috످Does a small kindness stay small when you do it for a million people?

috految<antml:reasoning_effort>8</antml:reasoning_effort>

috److془Let me think. Aggregation: Parfit, Scanlon. Sum of small things vs. large. Or: scale makes it policy. Or: dilution.

Case: bus driver waits. Or nurse warming stethoscope. Or: bus driver waits ten seconds. Each small. Million times vs one life. Parfit's iteration: Million people each get five minutes; vs one person gets a year of pain. 5 million minutes = 9.5 years. Repeat: with million people taking turns, each gets a year vs 9.5 years. Good. Better: hot water bottle... Use one minute: million minutes = 1.9 years. Nurse warming. Choose: spare million a minute or one a month. Repeat million times: each suffers almost two years rather than a month. Objection: repetition only; once is different. Reply: whether happen again depends; and ordinary lives already repeated. Cost: enough minutes outweigh life.

Kindness: did it dilute? Giver's goodness doesn't multiply. Me brief.془I think it becomes enormous, even though it stays small for every person who receives it.

Say you're a nurse who works out a gentler way to take off a bandage. It spares a patient one minute of pain, and it catches on, until a million people have each been spared their minute. You've prevented almost two years of pain. But who did you spare two years? Nobody. You could visit all million patients and not find one whose life you changed.

That's the best reason to think it stays small. Pain has to be felt by someone, and there's no giant person who feels the total. If you could either spare those million people their minute or spare one woman a month of the same pain, it would seem almost cruel not to choose her.

But suppose, to borrow a move from the philosopher Derek Parfit, that the choice keeps coming up among those same million people, with a different one facing the month each time. Every time, you do the compassionate thing and help the one, since it only costs the others a minute. By the time everyone has had a turn, you've spared each of them a month of pain and cost each of them almost two years. Every one of them would have begged you to choose the minutes.

You could say that only works because the choice repeats. But in real life it does repeat. The patient with the bandage is also the person whose pills were hard to open, who was kept on hold, who got snapped at by the receptionist, and each time someone figured it was too small to matter. A lot of what we call a hard life is made of those minutes, and a lot of an easy one is made of small kindnesses from people who never knew they were adding to anything.

The price of my view is that enough small kindnesses can outweigh one great rescue, and I don't like that. I'd hate to have to explain it to the woman facing her month. But I think it feels so wrong partly because I can picture her, and when I try to picture a million people with a minute of pain each, I only ever picture one person, for one minute.

috످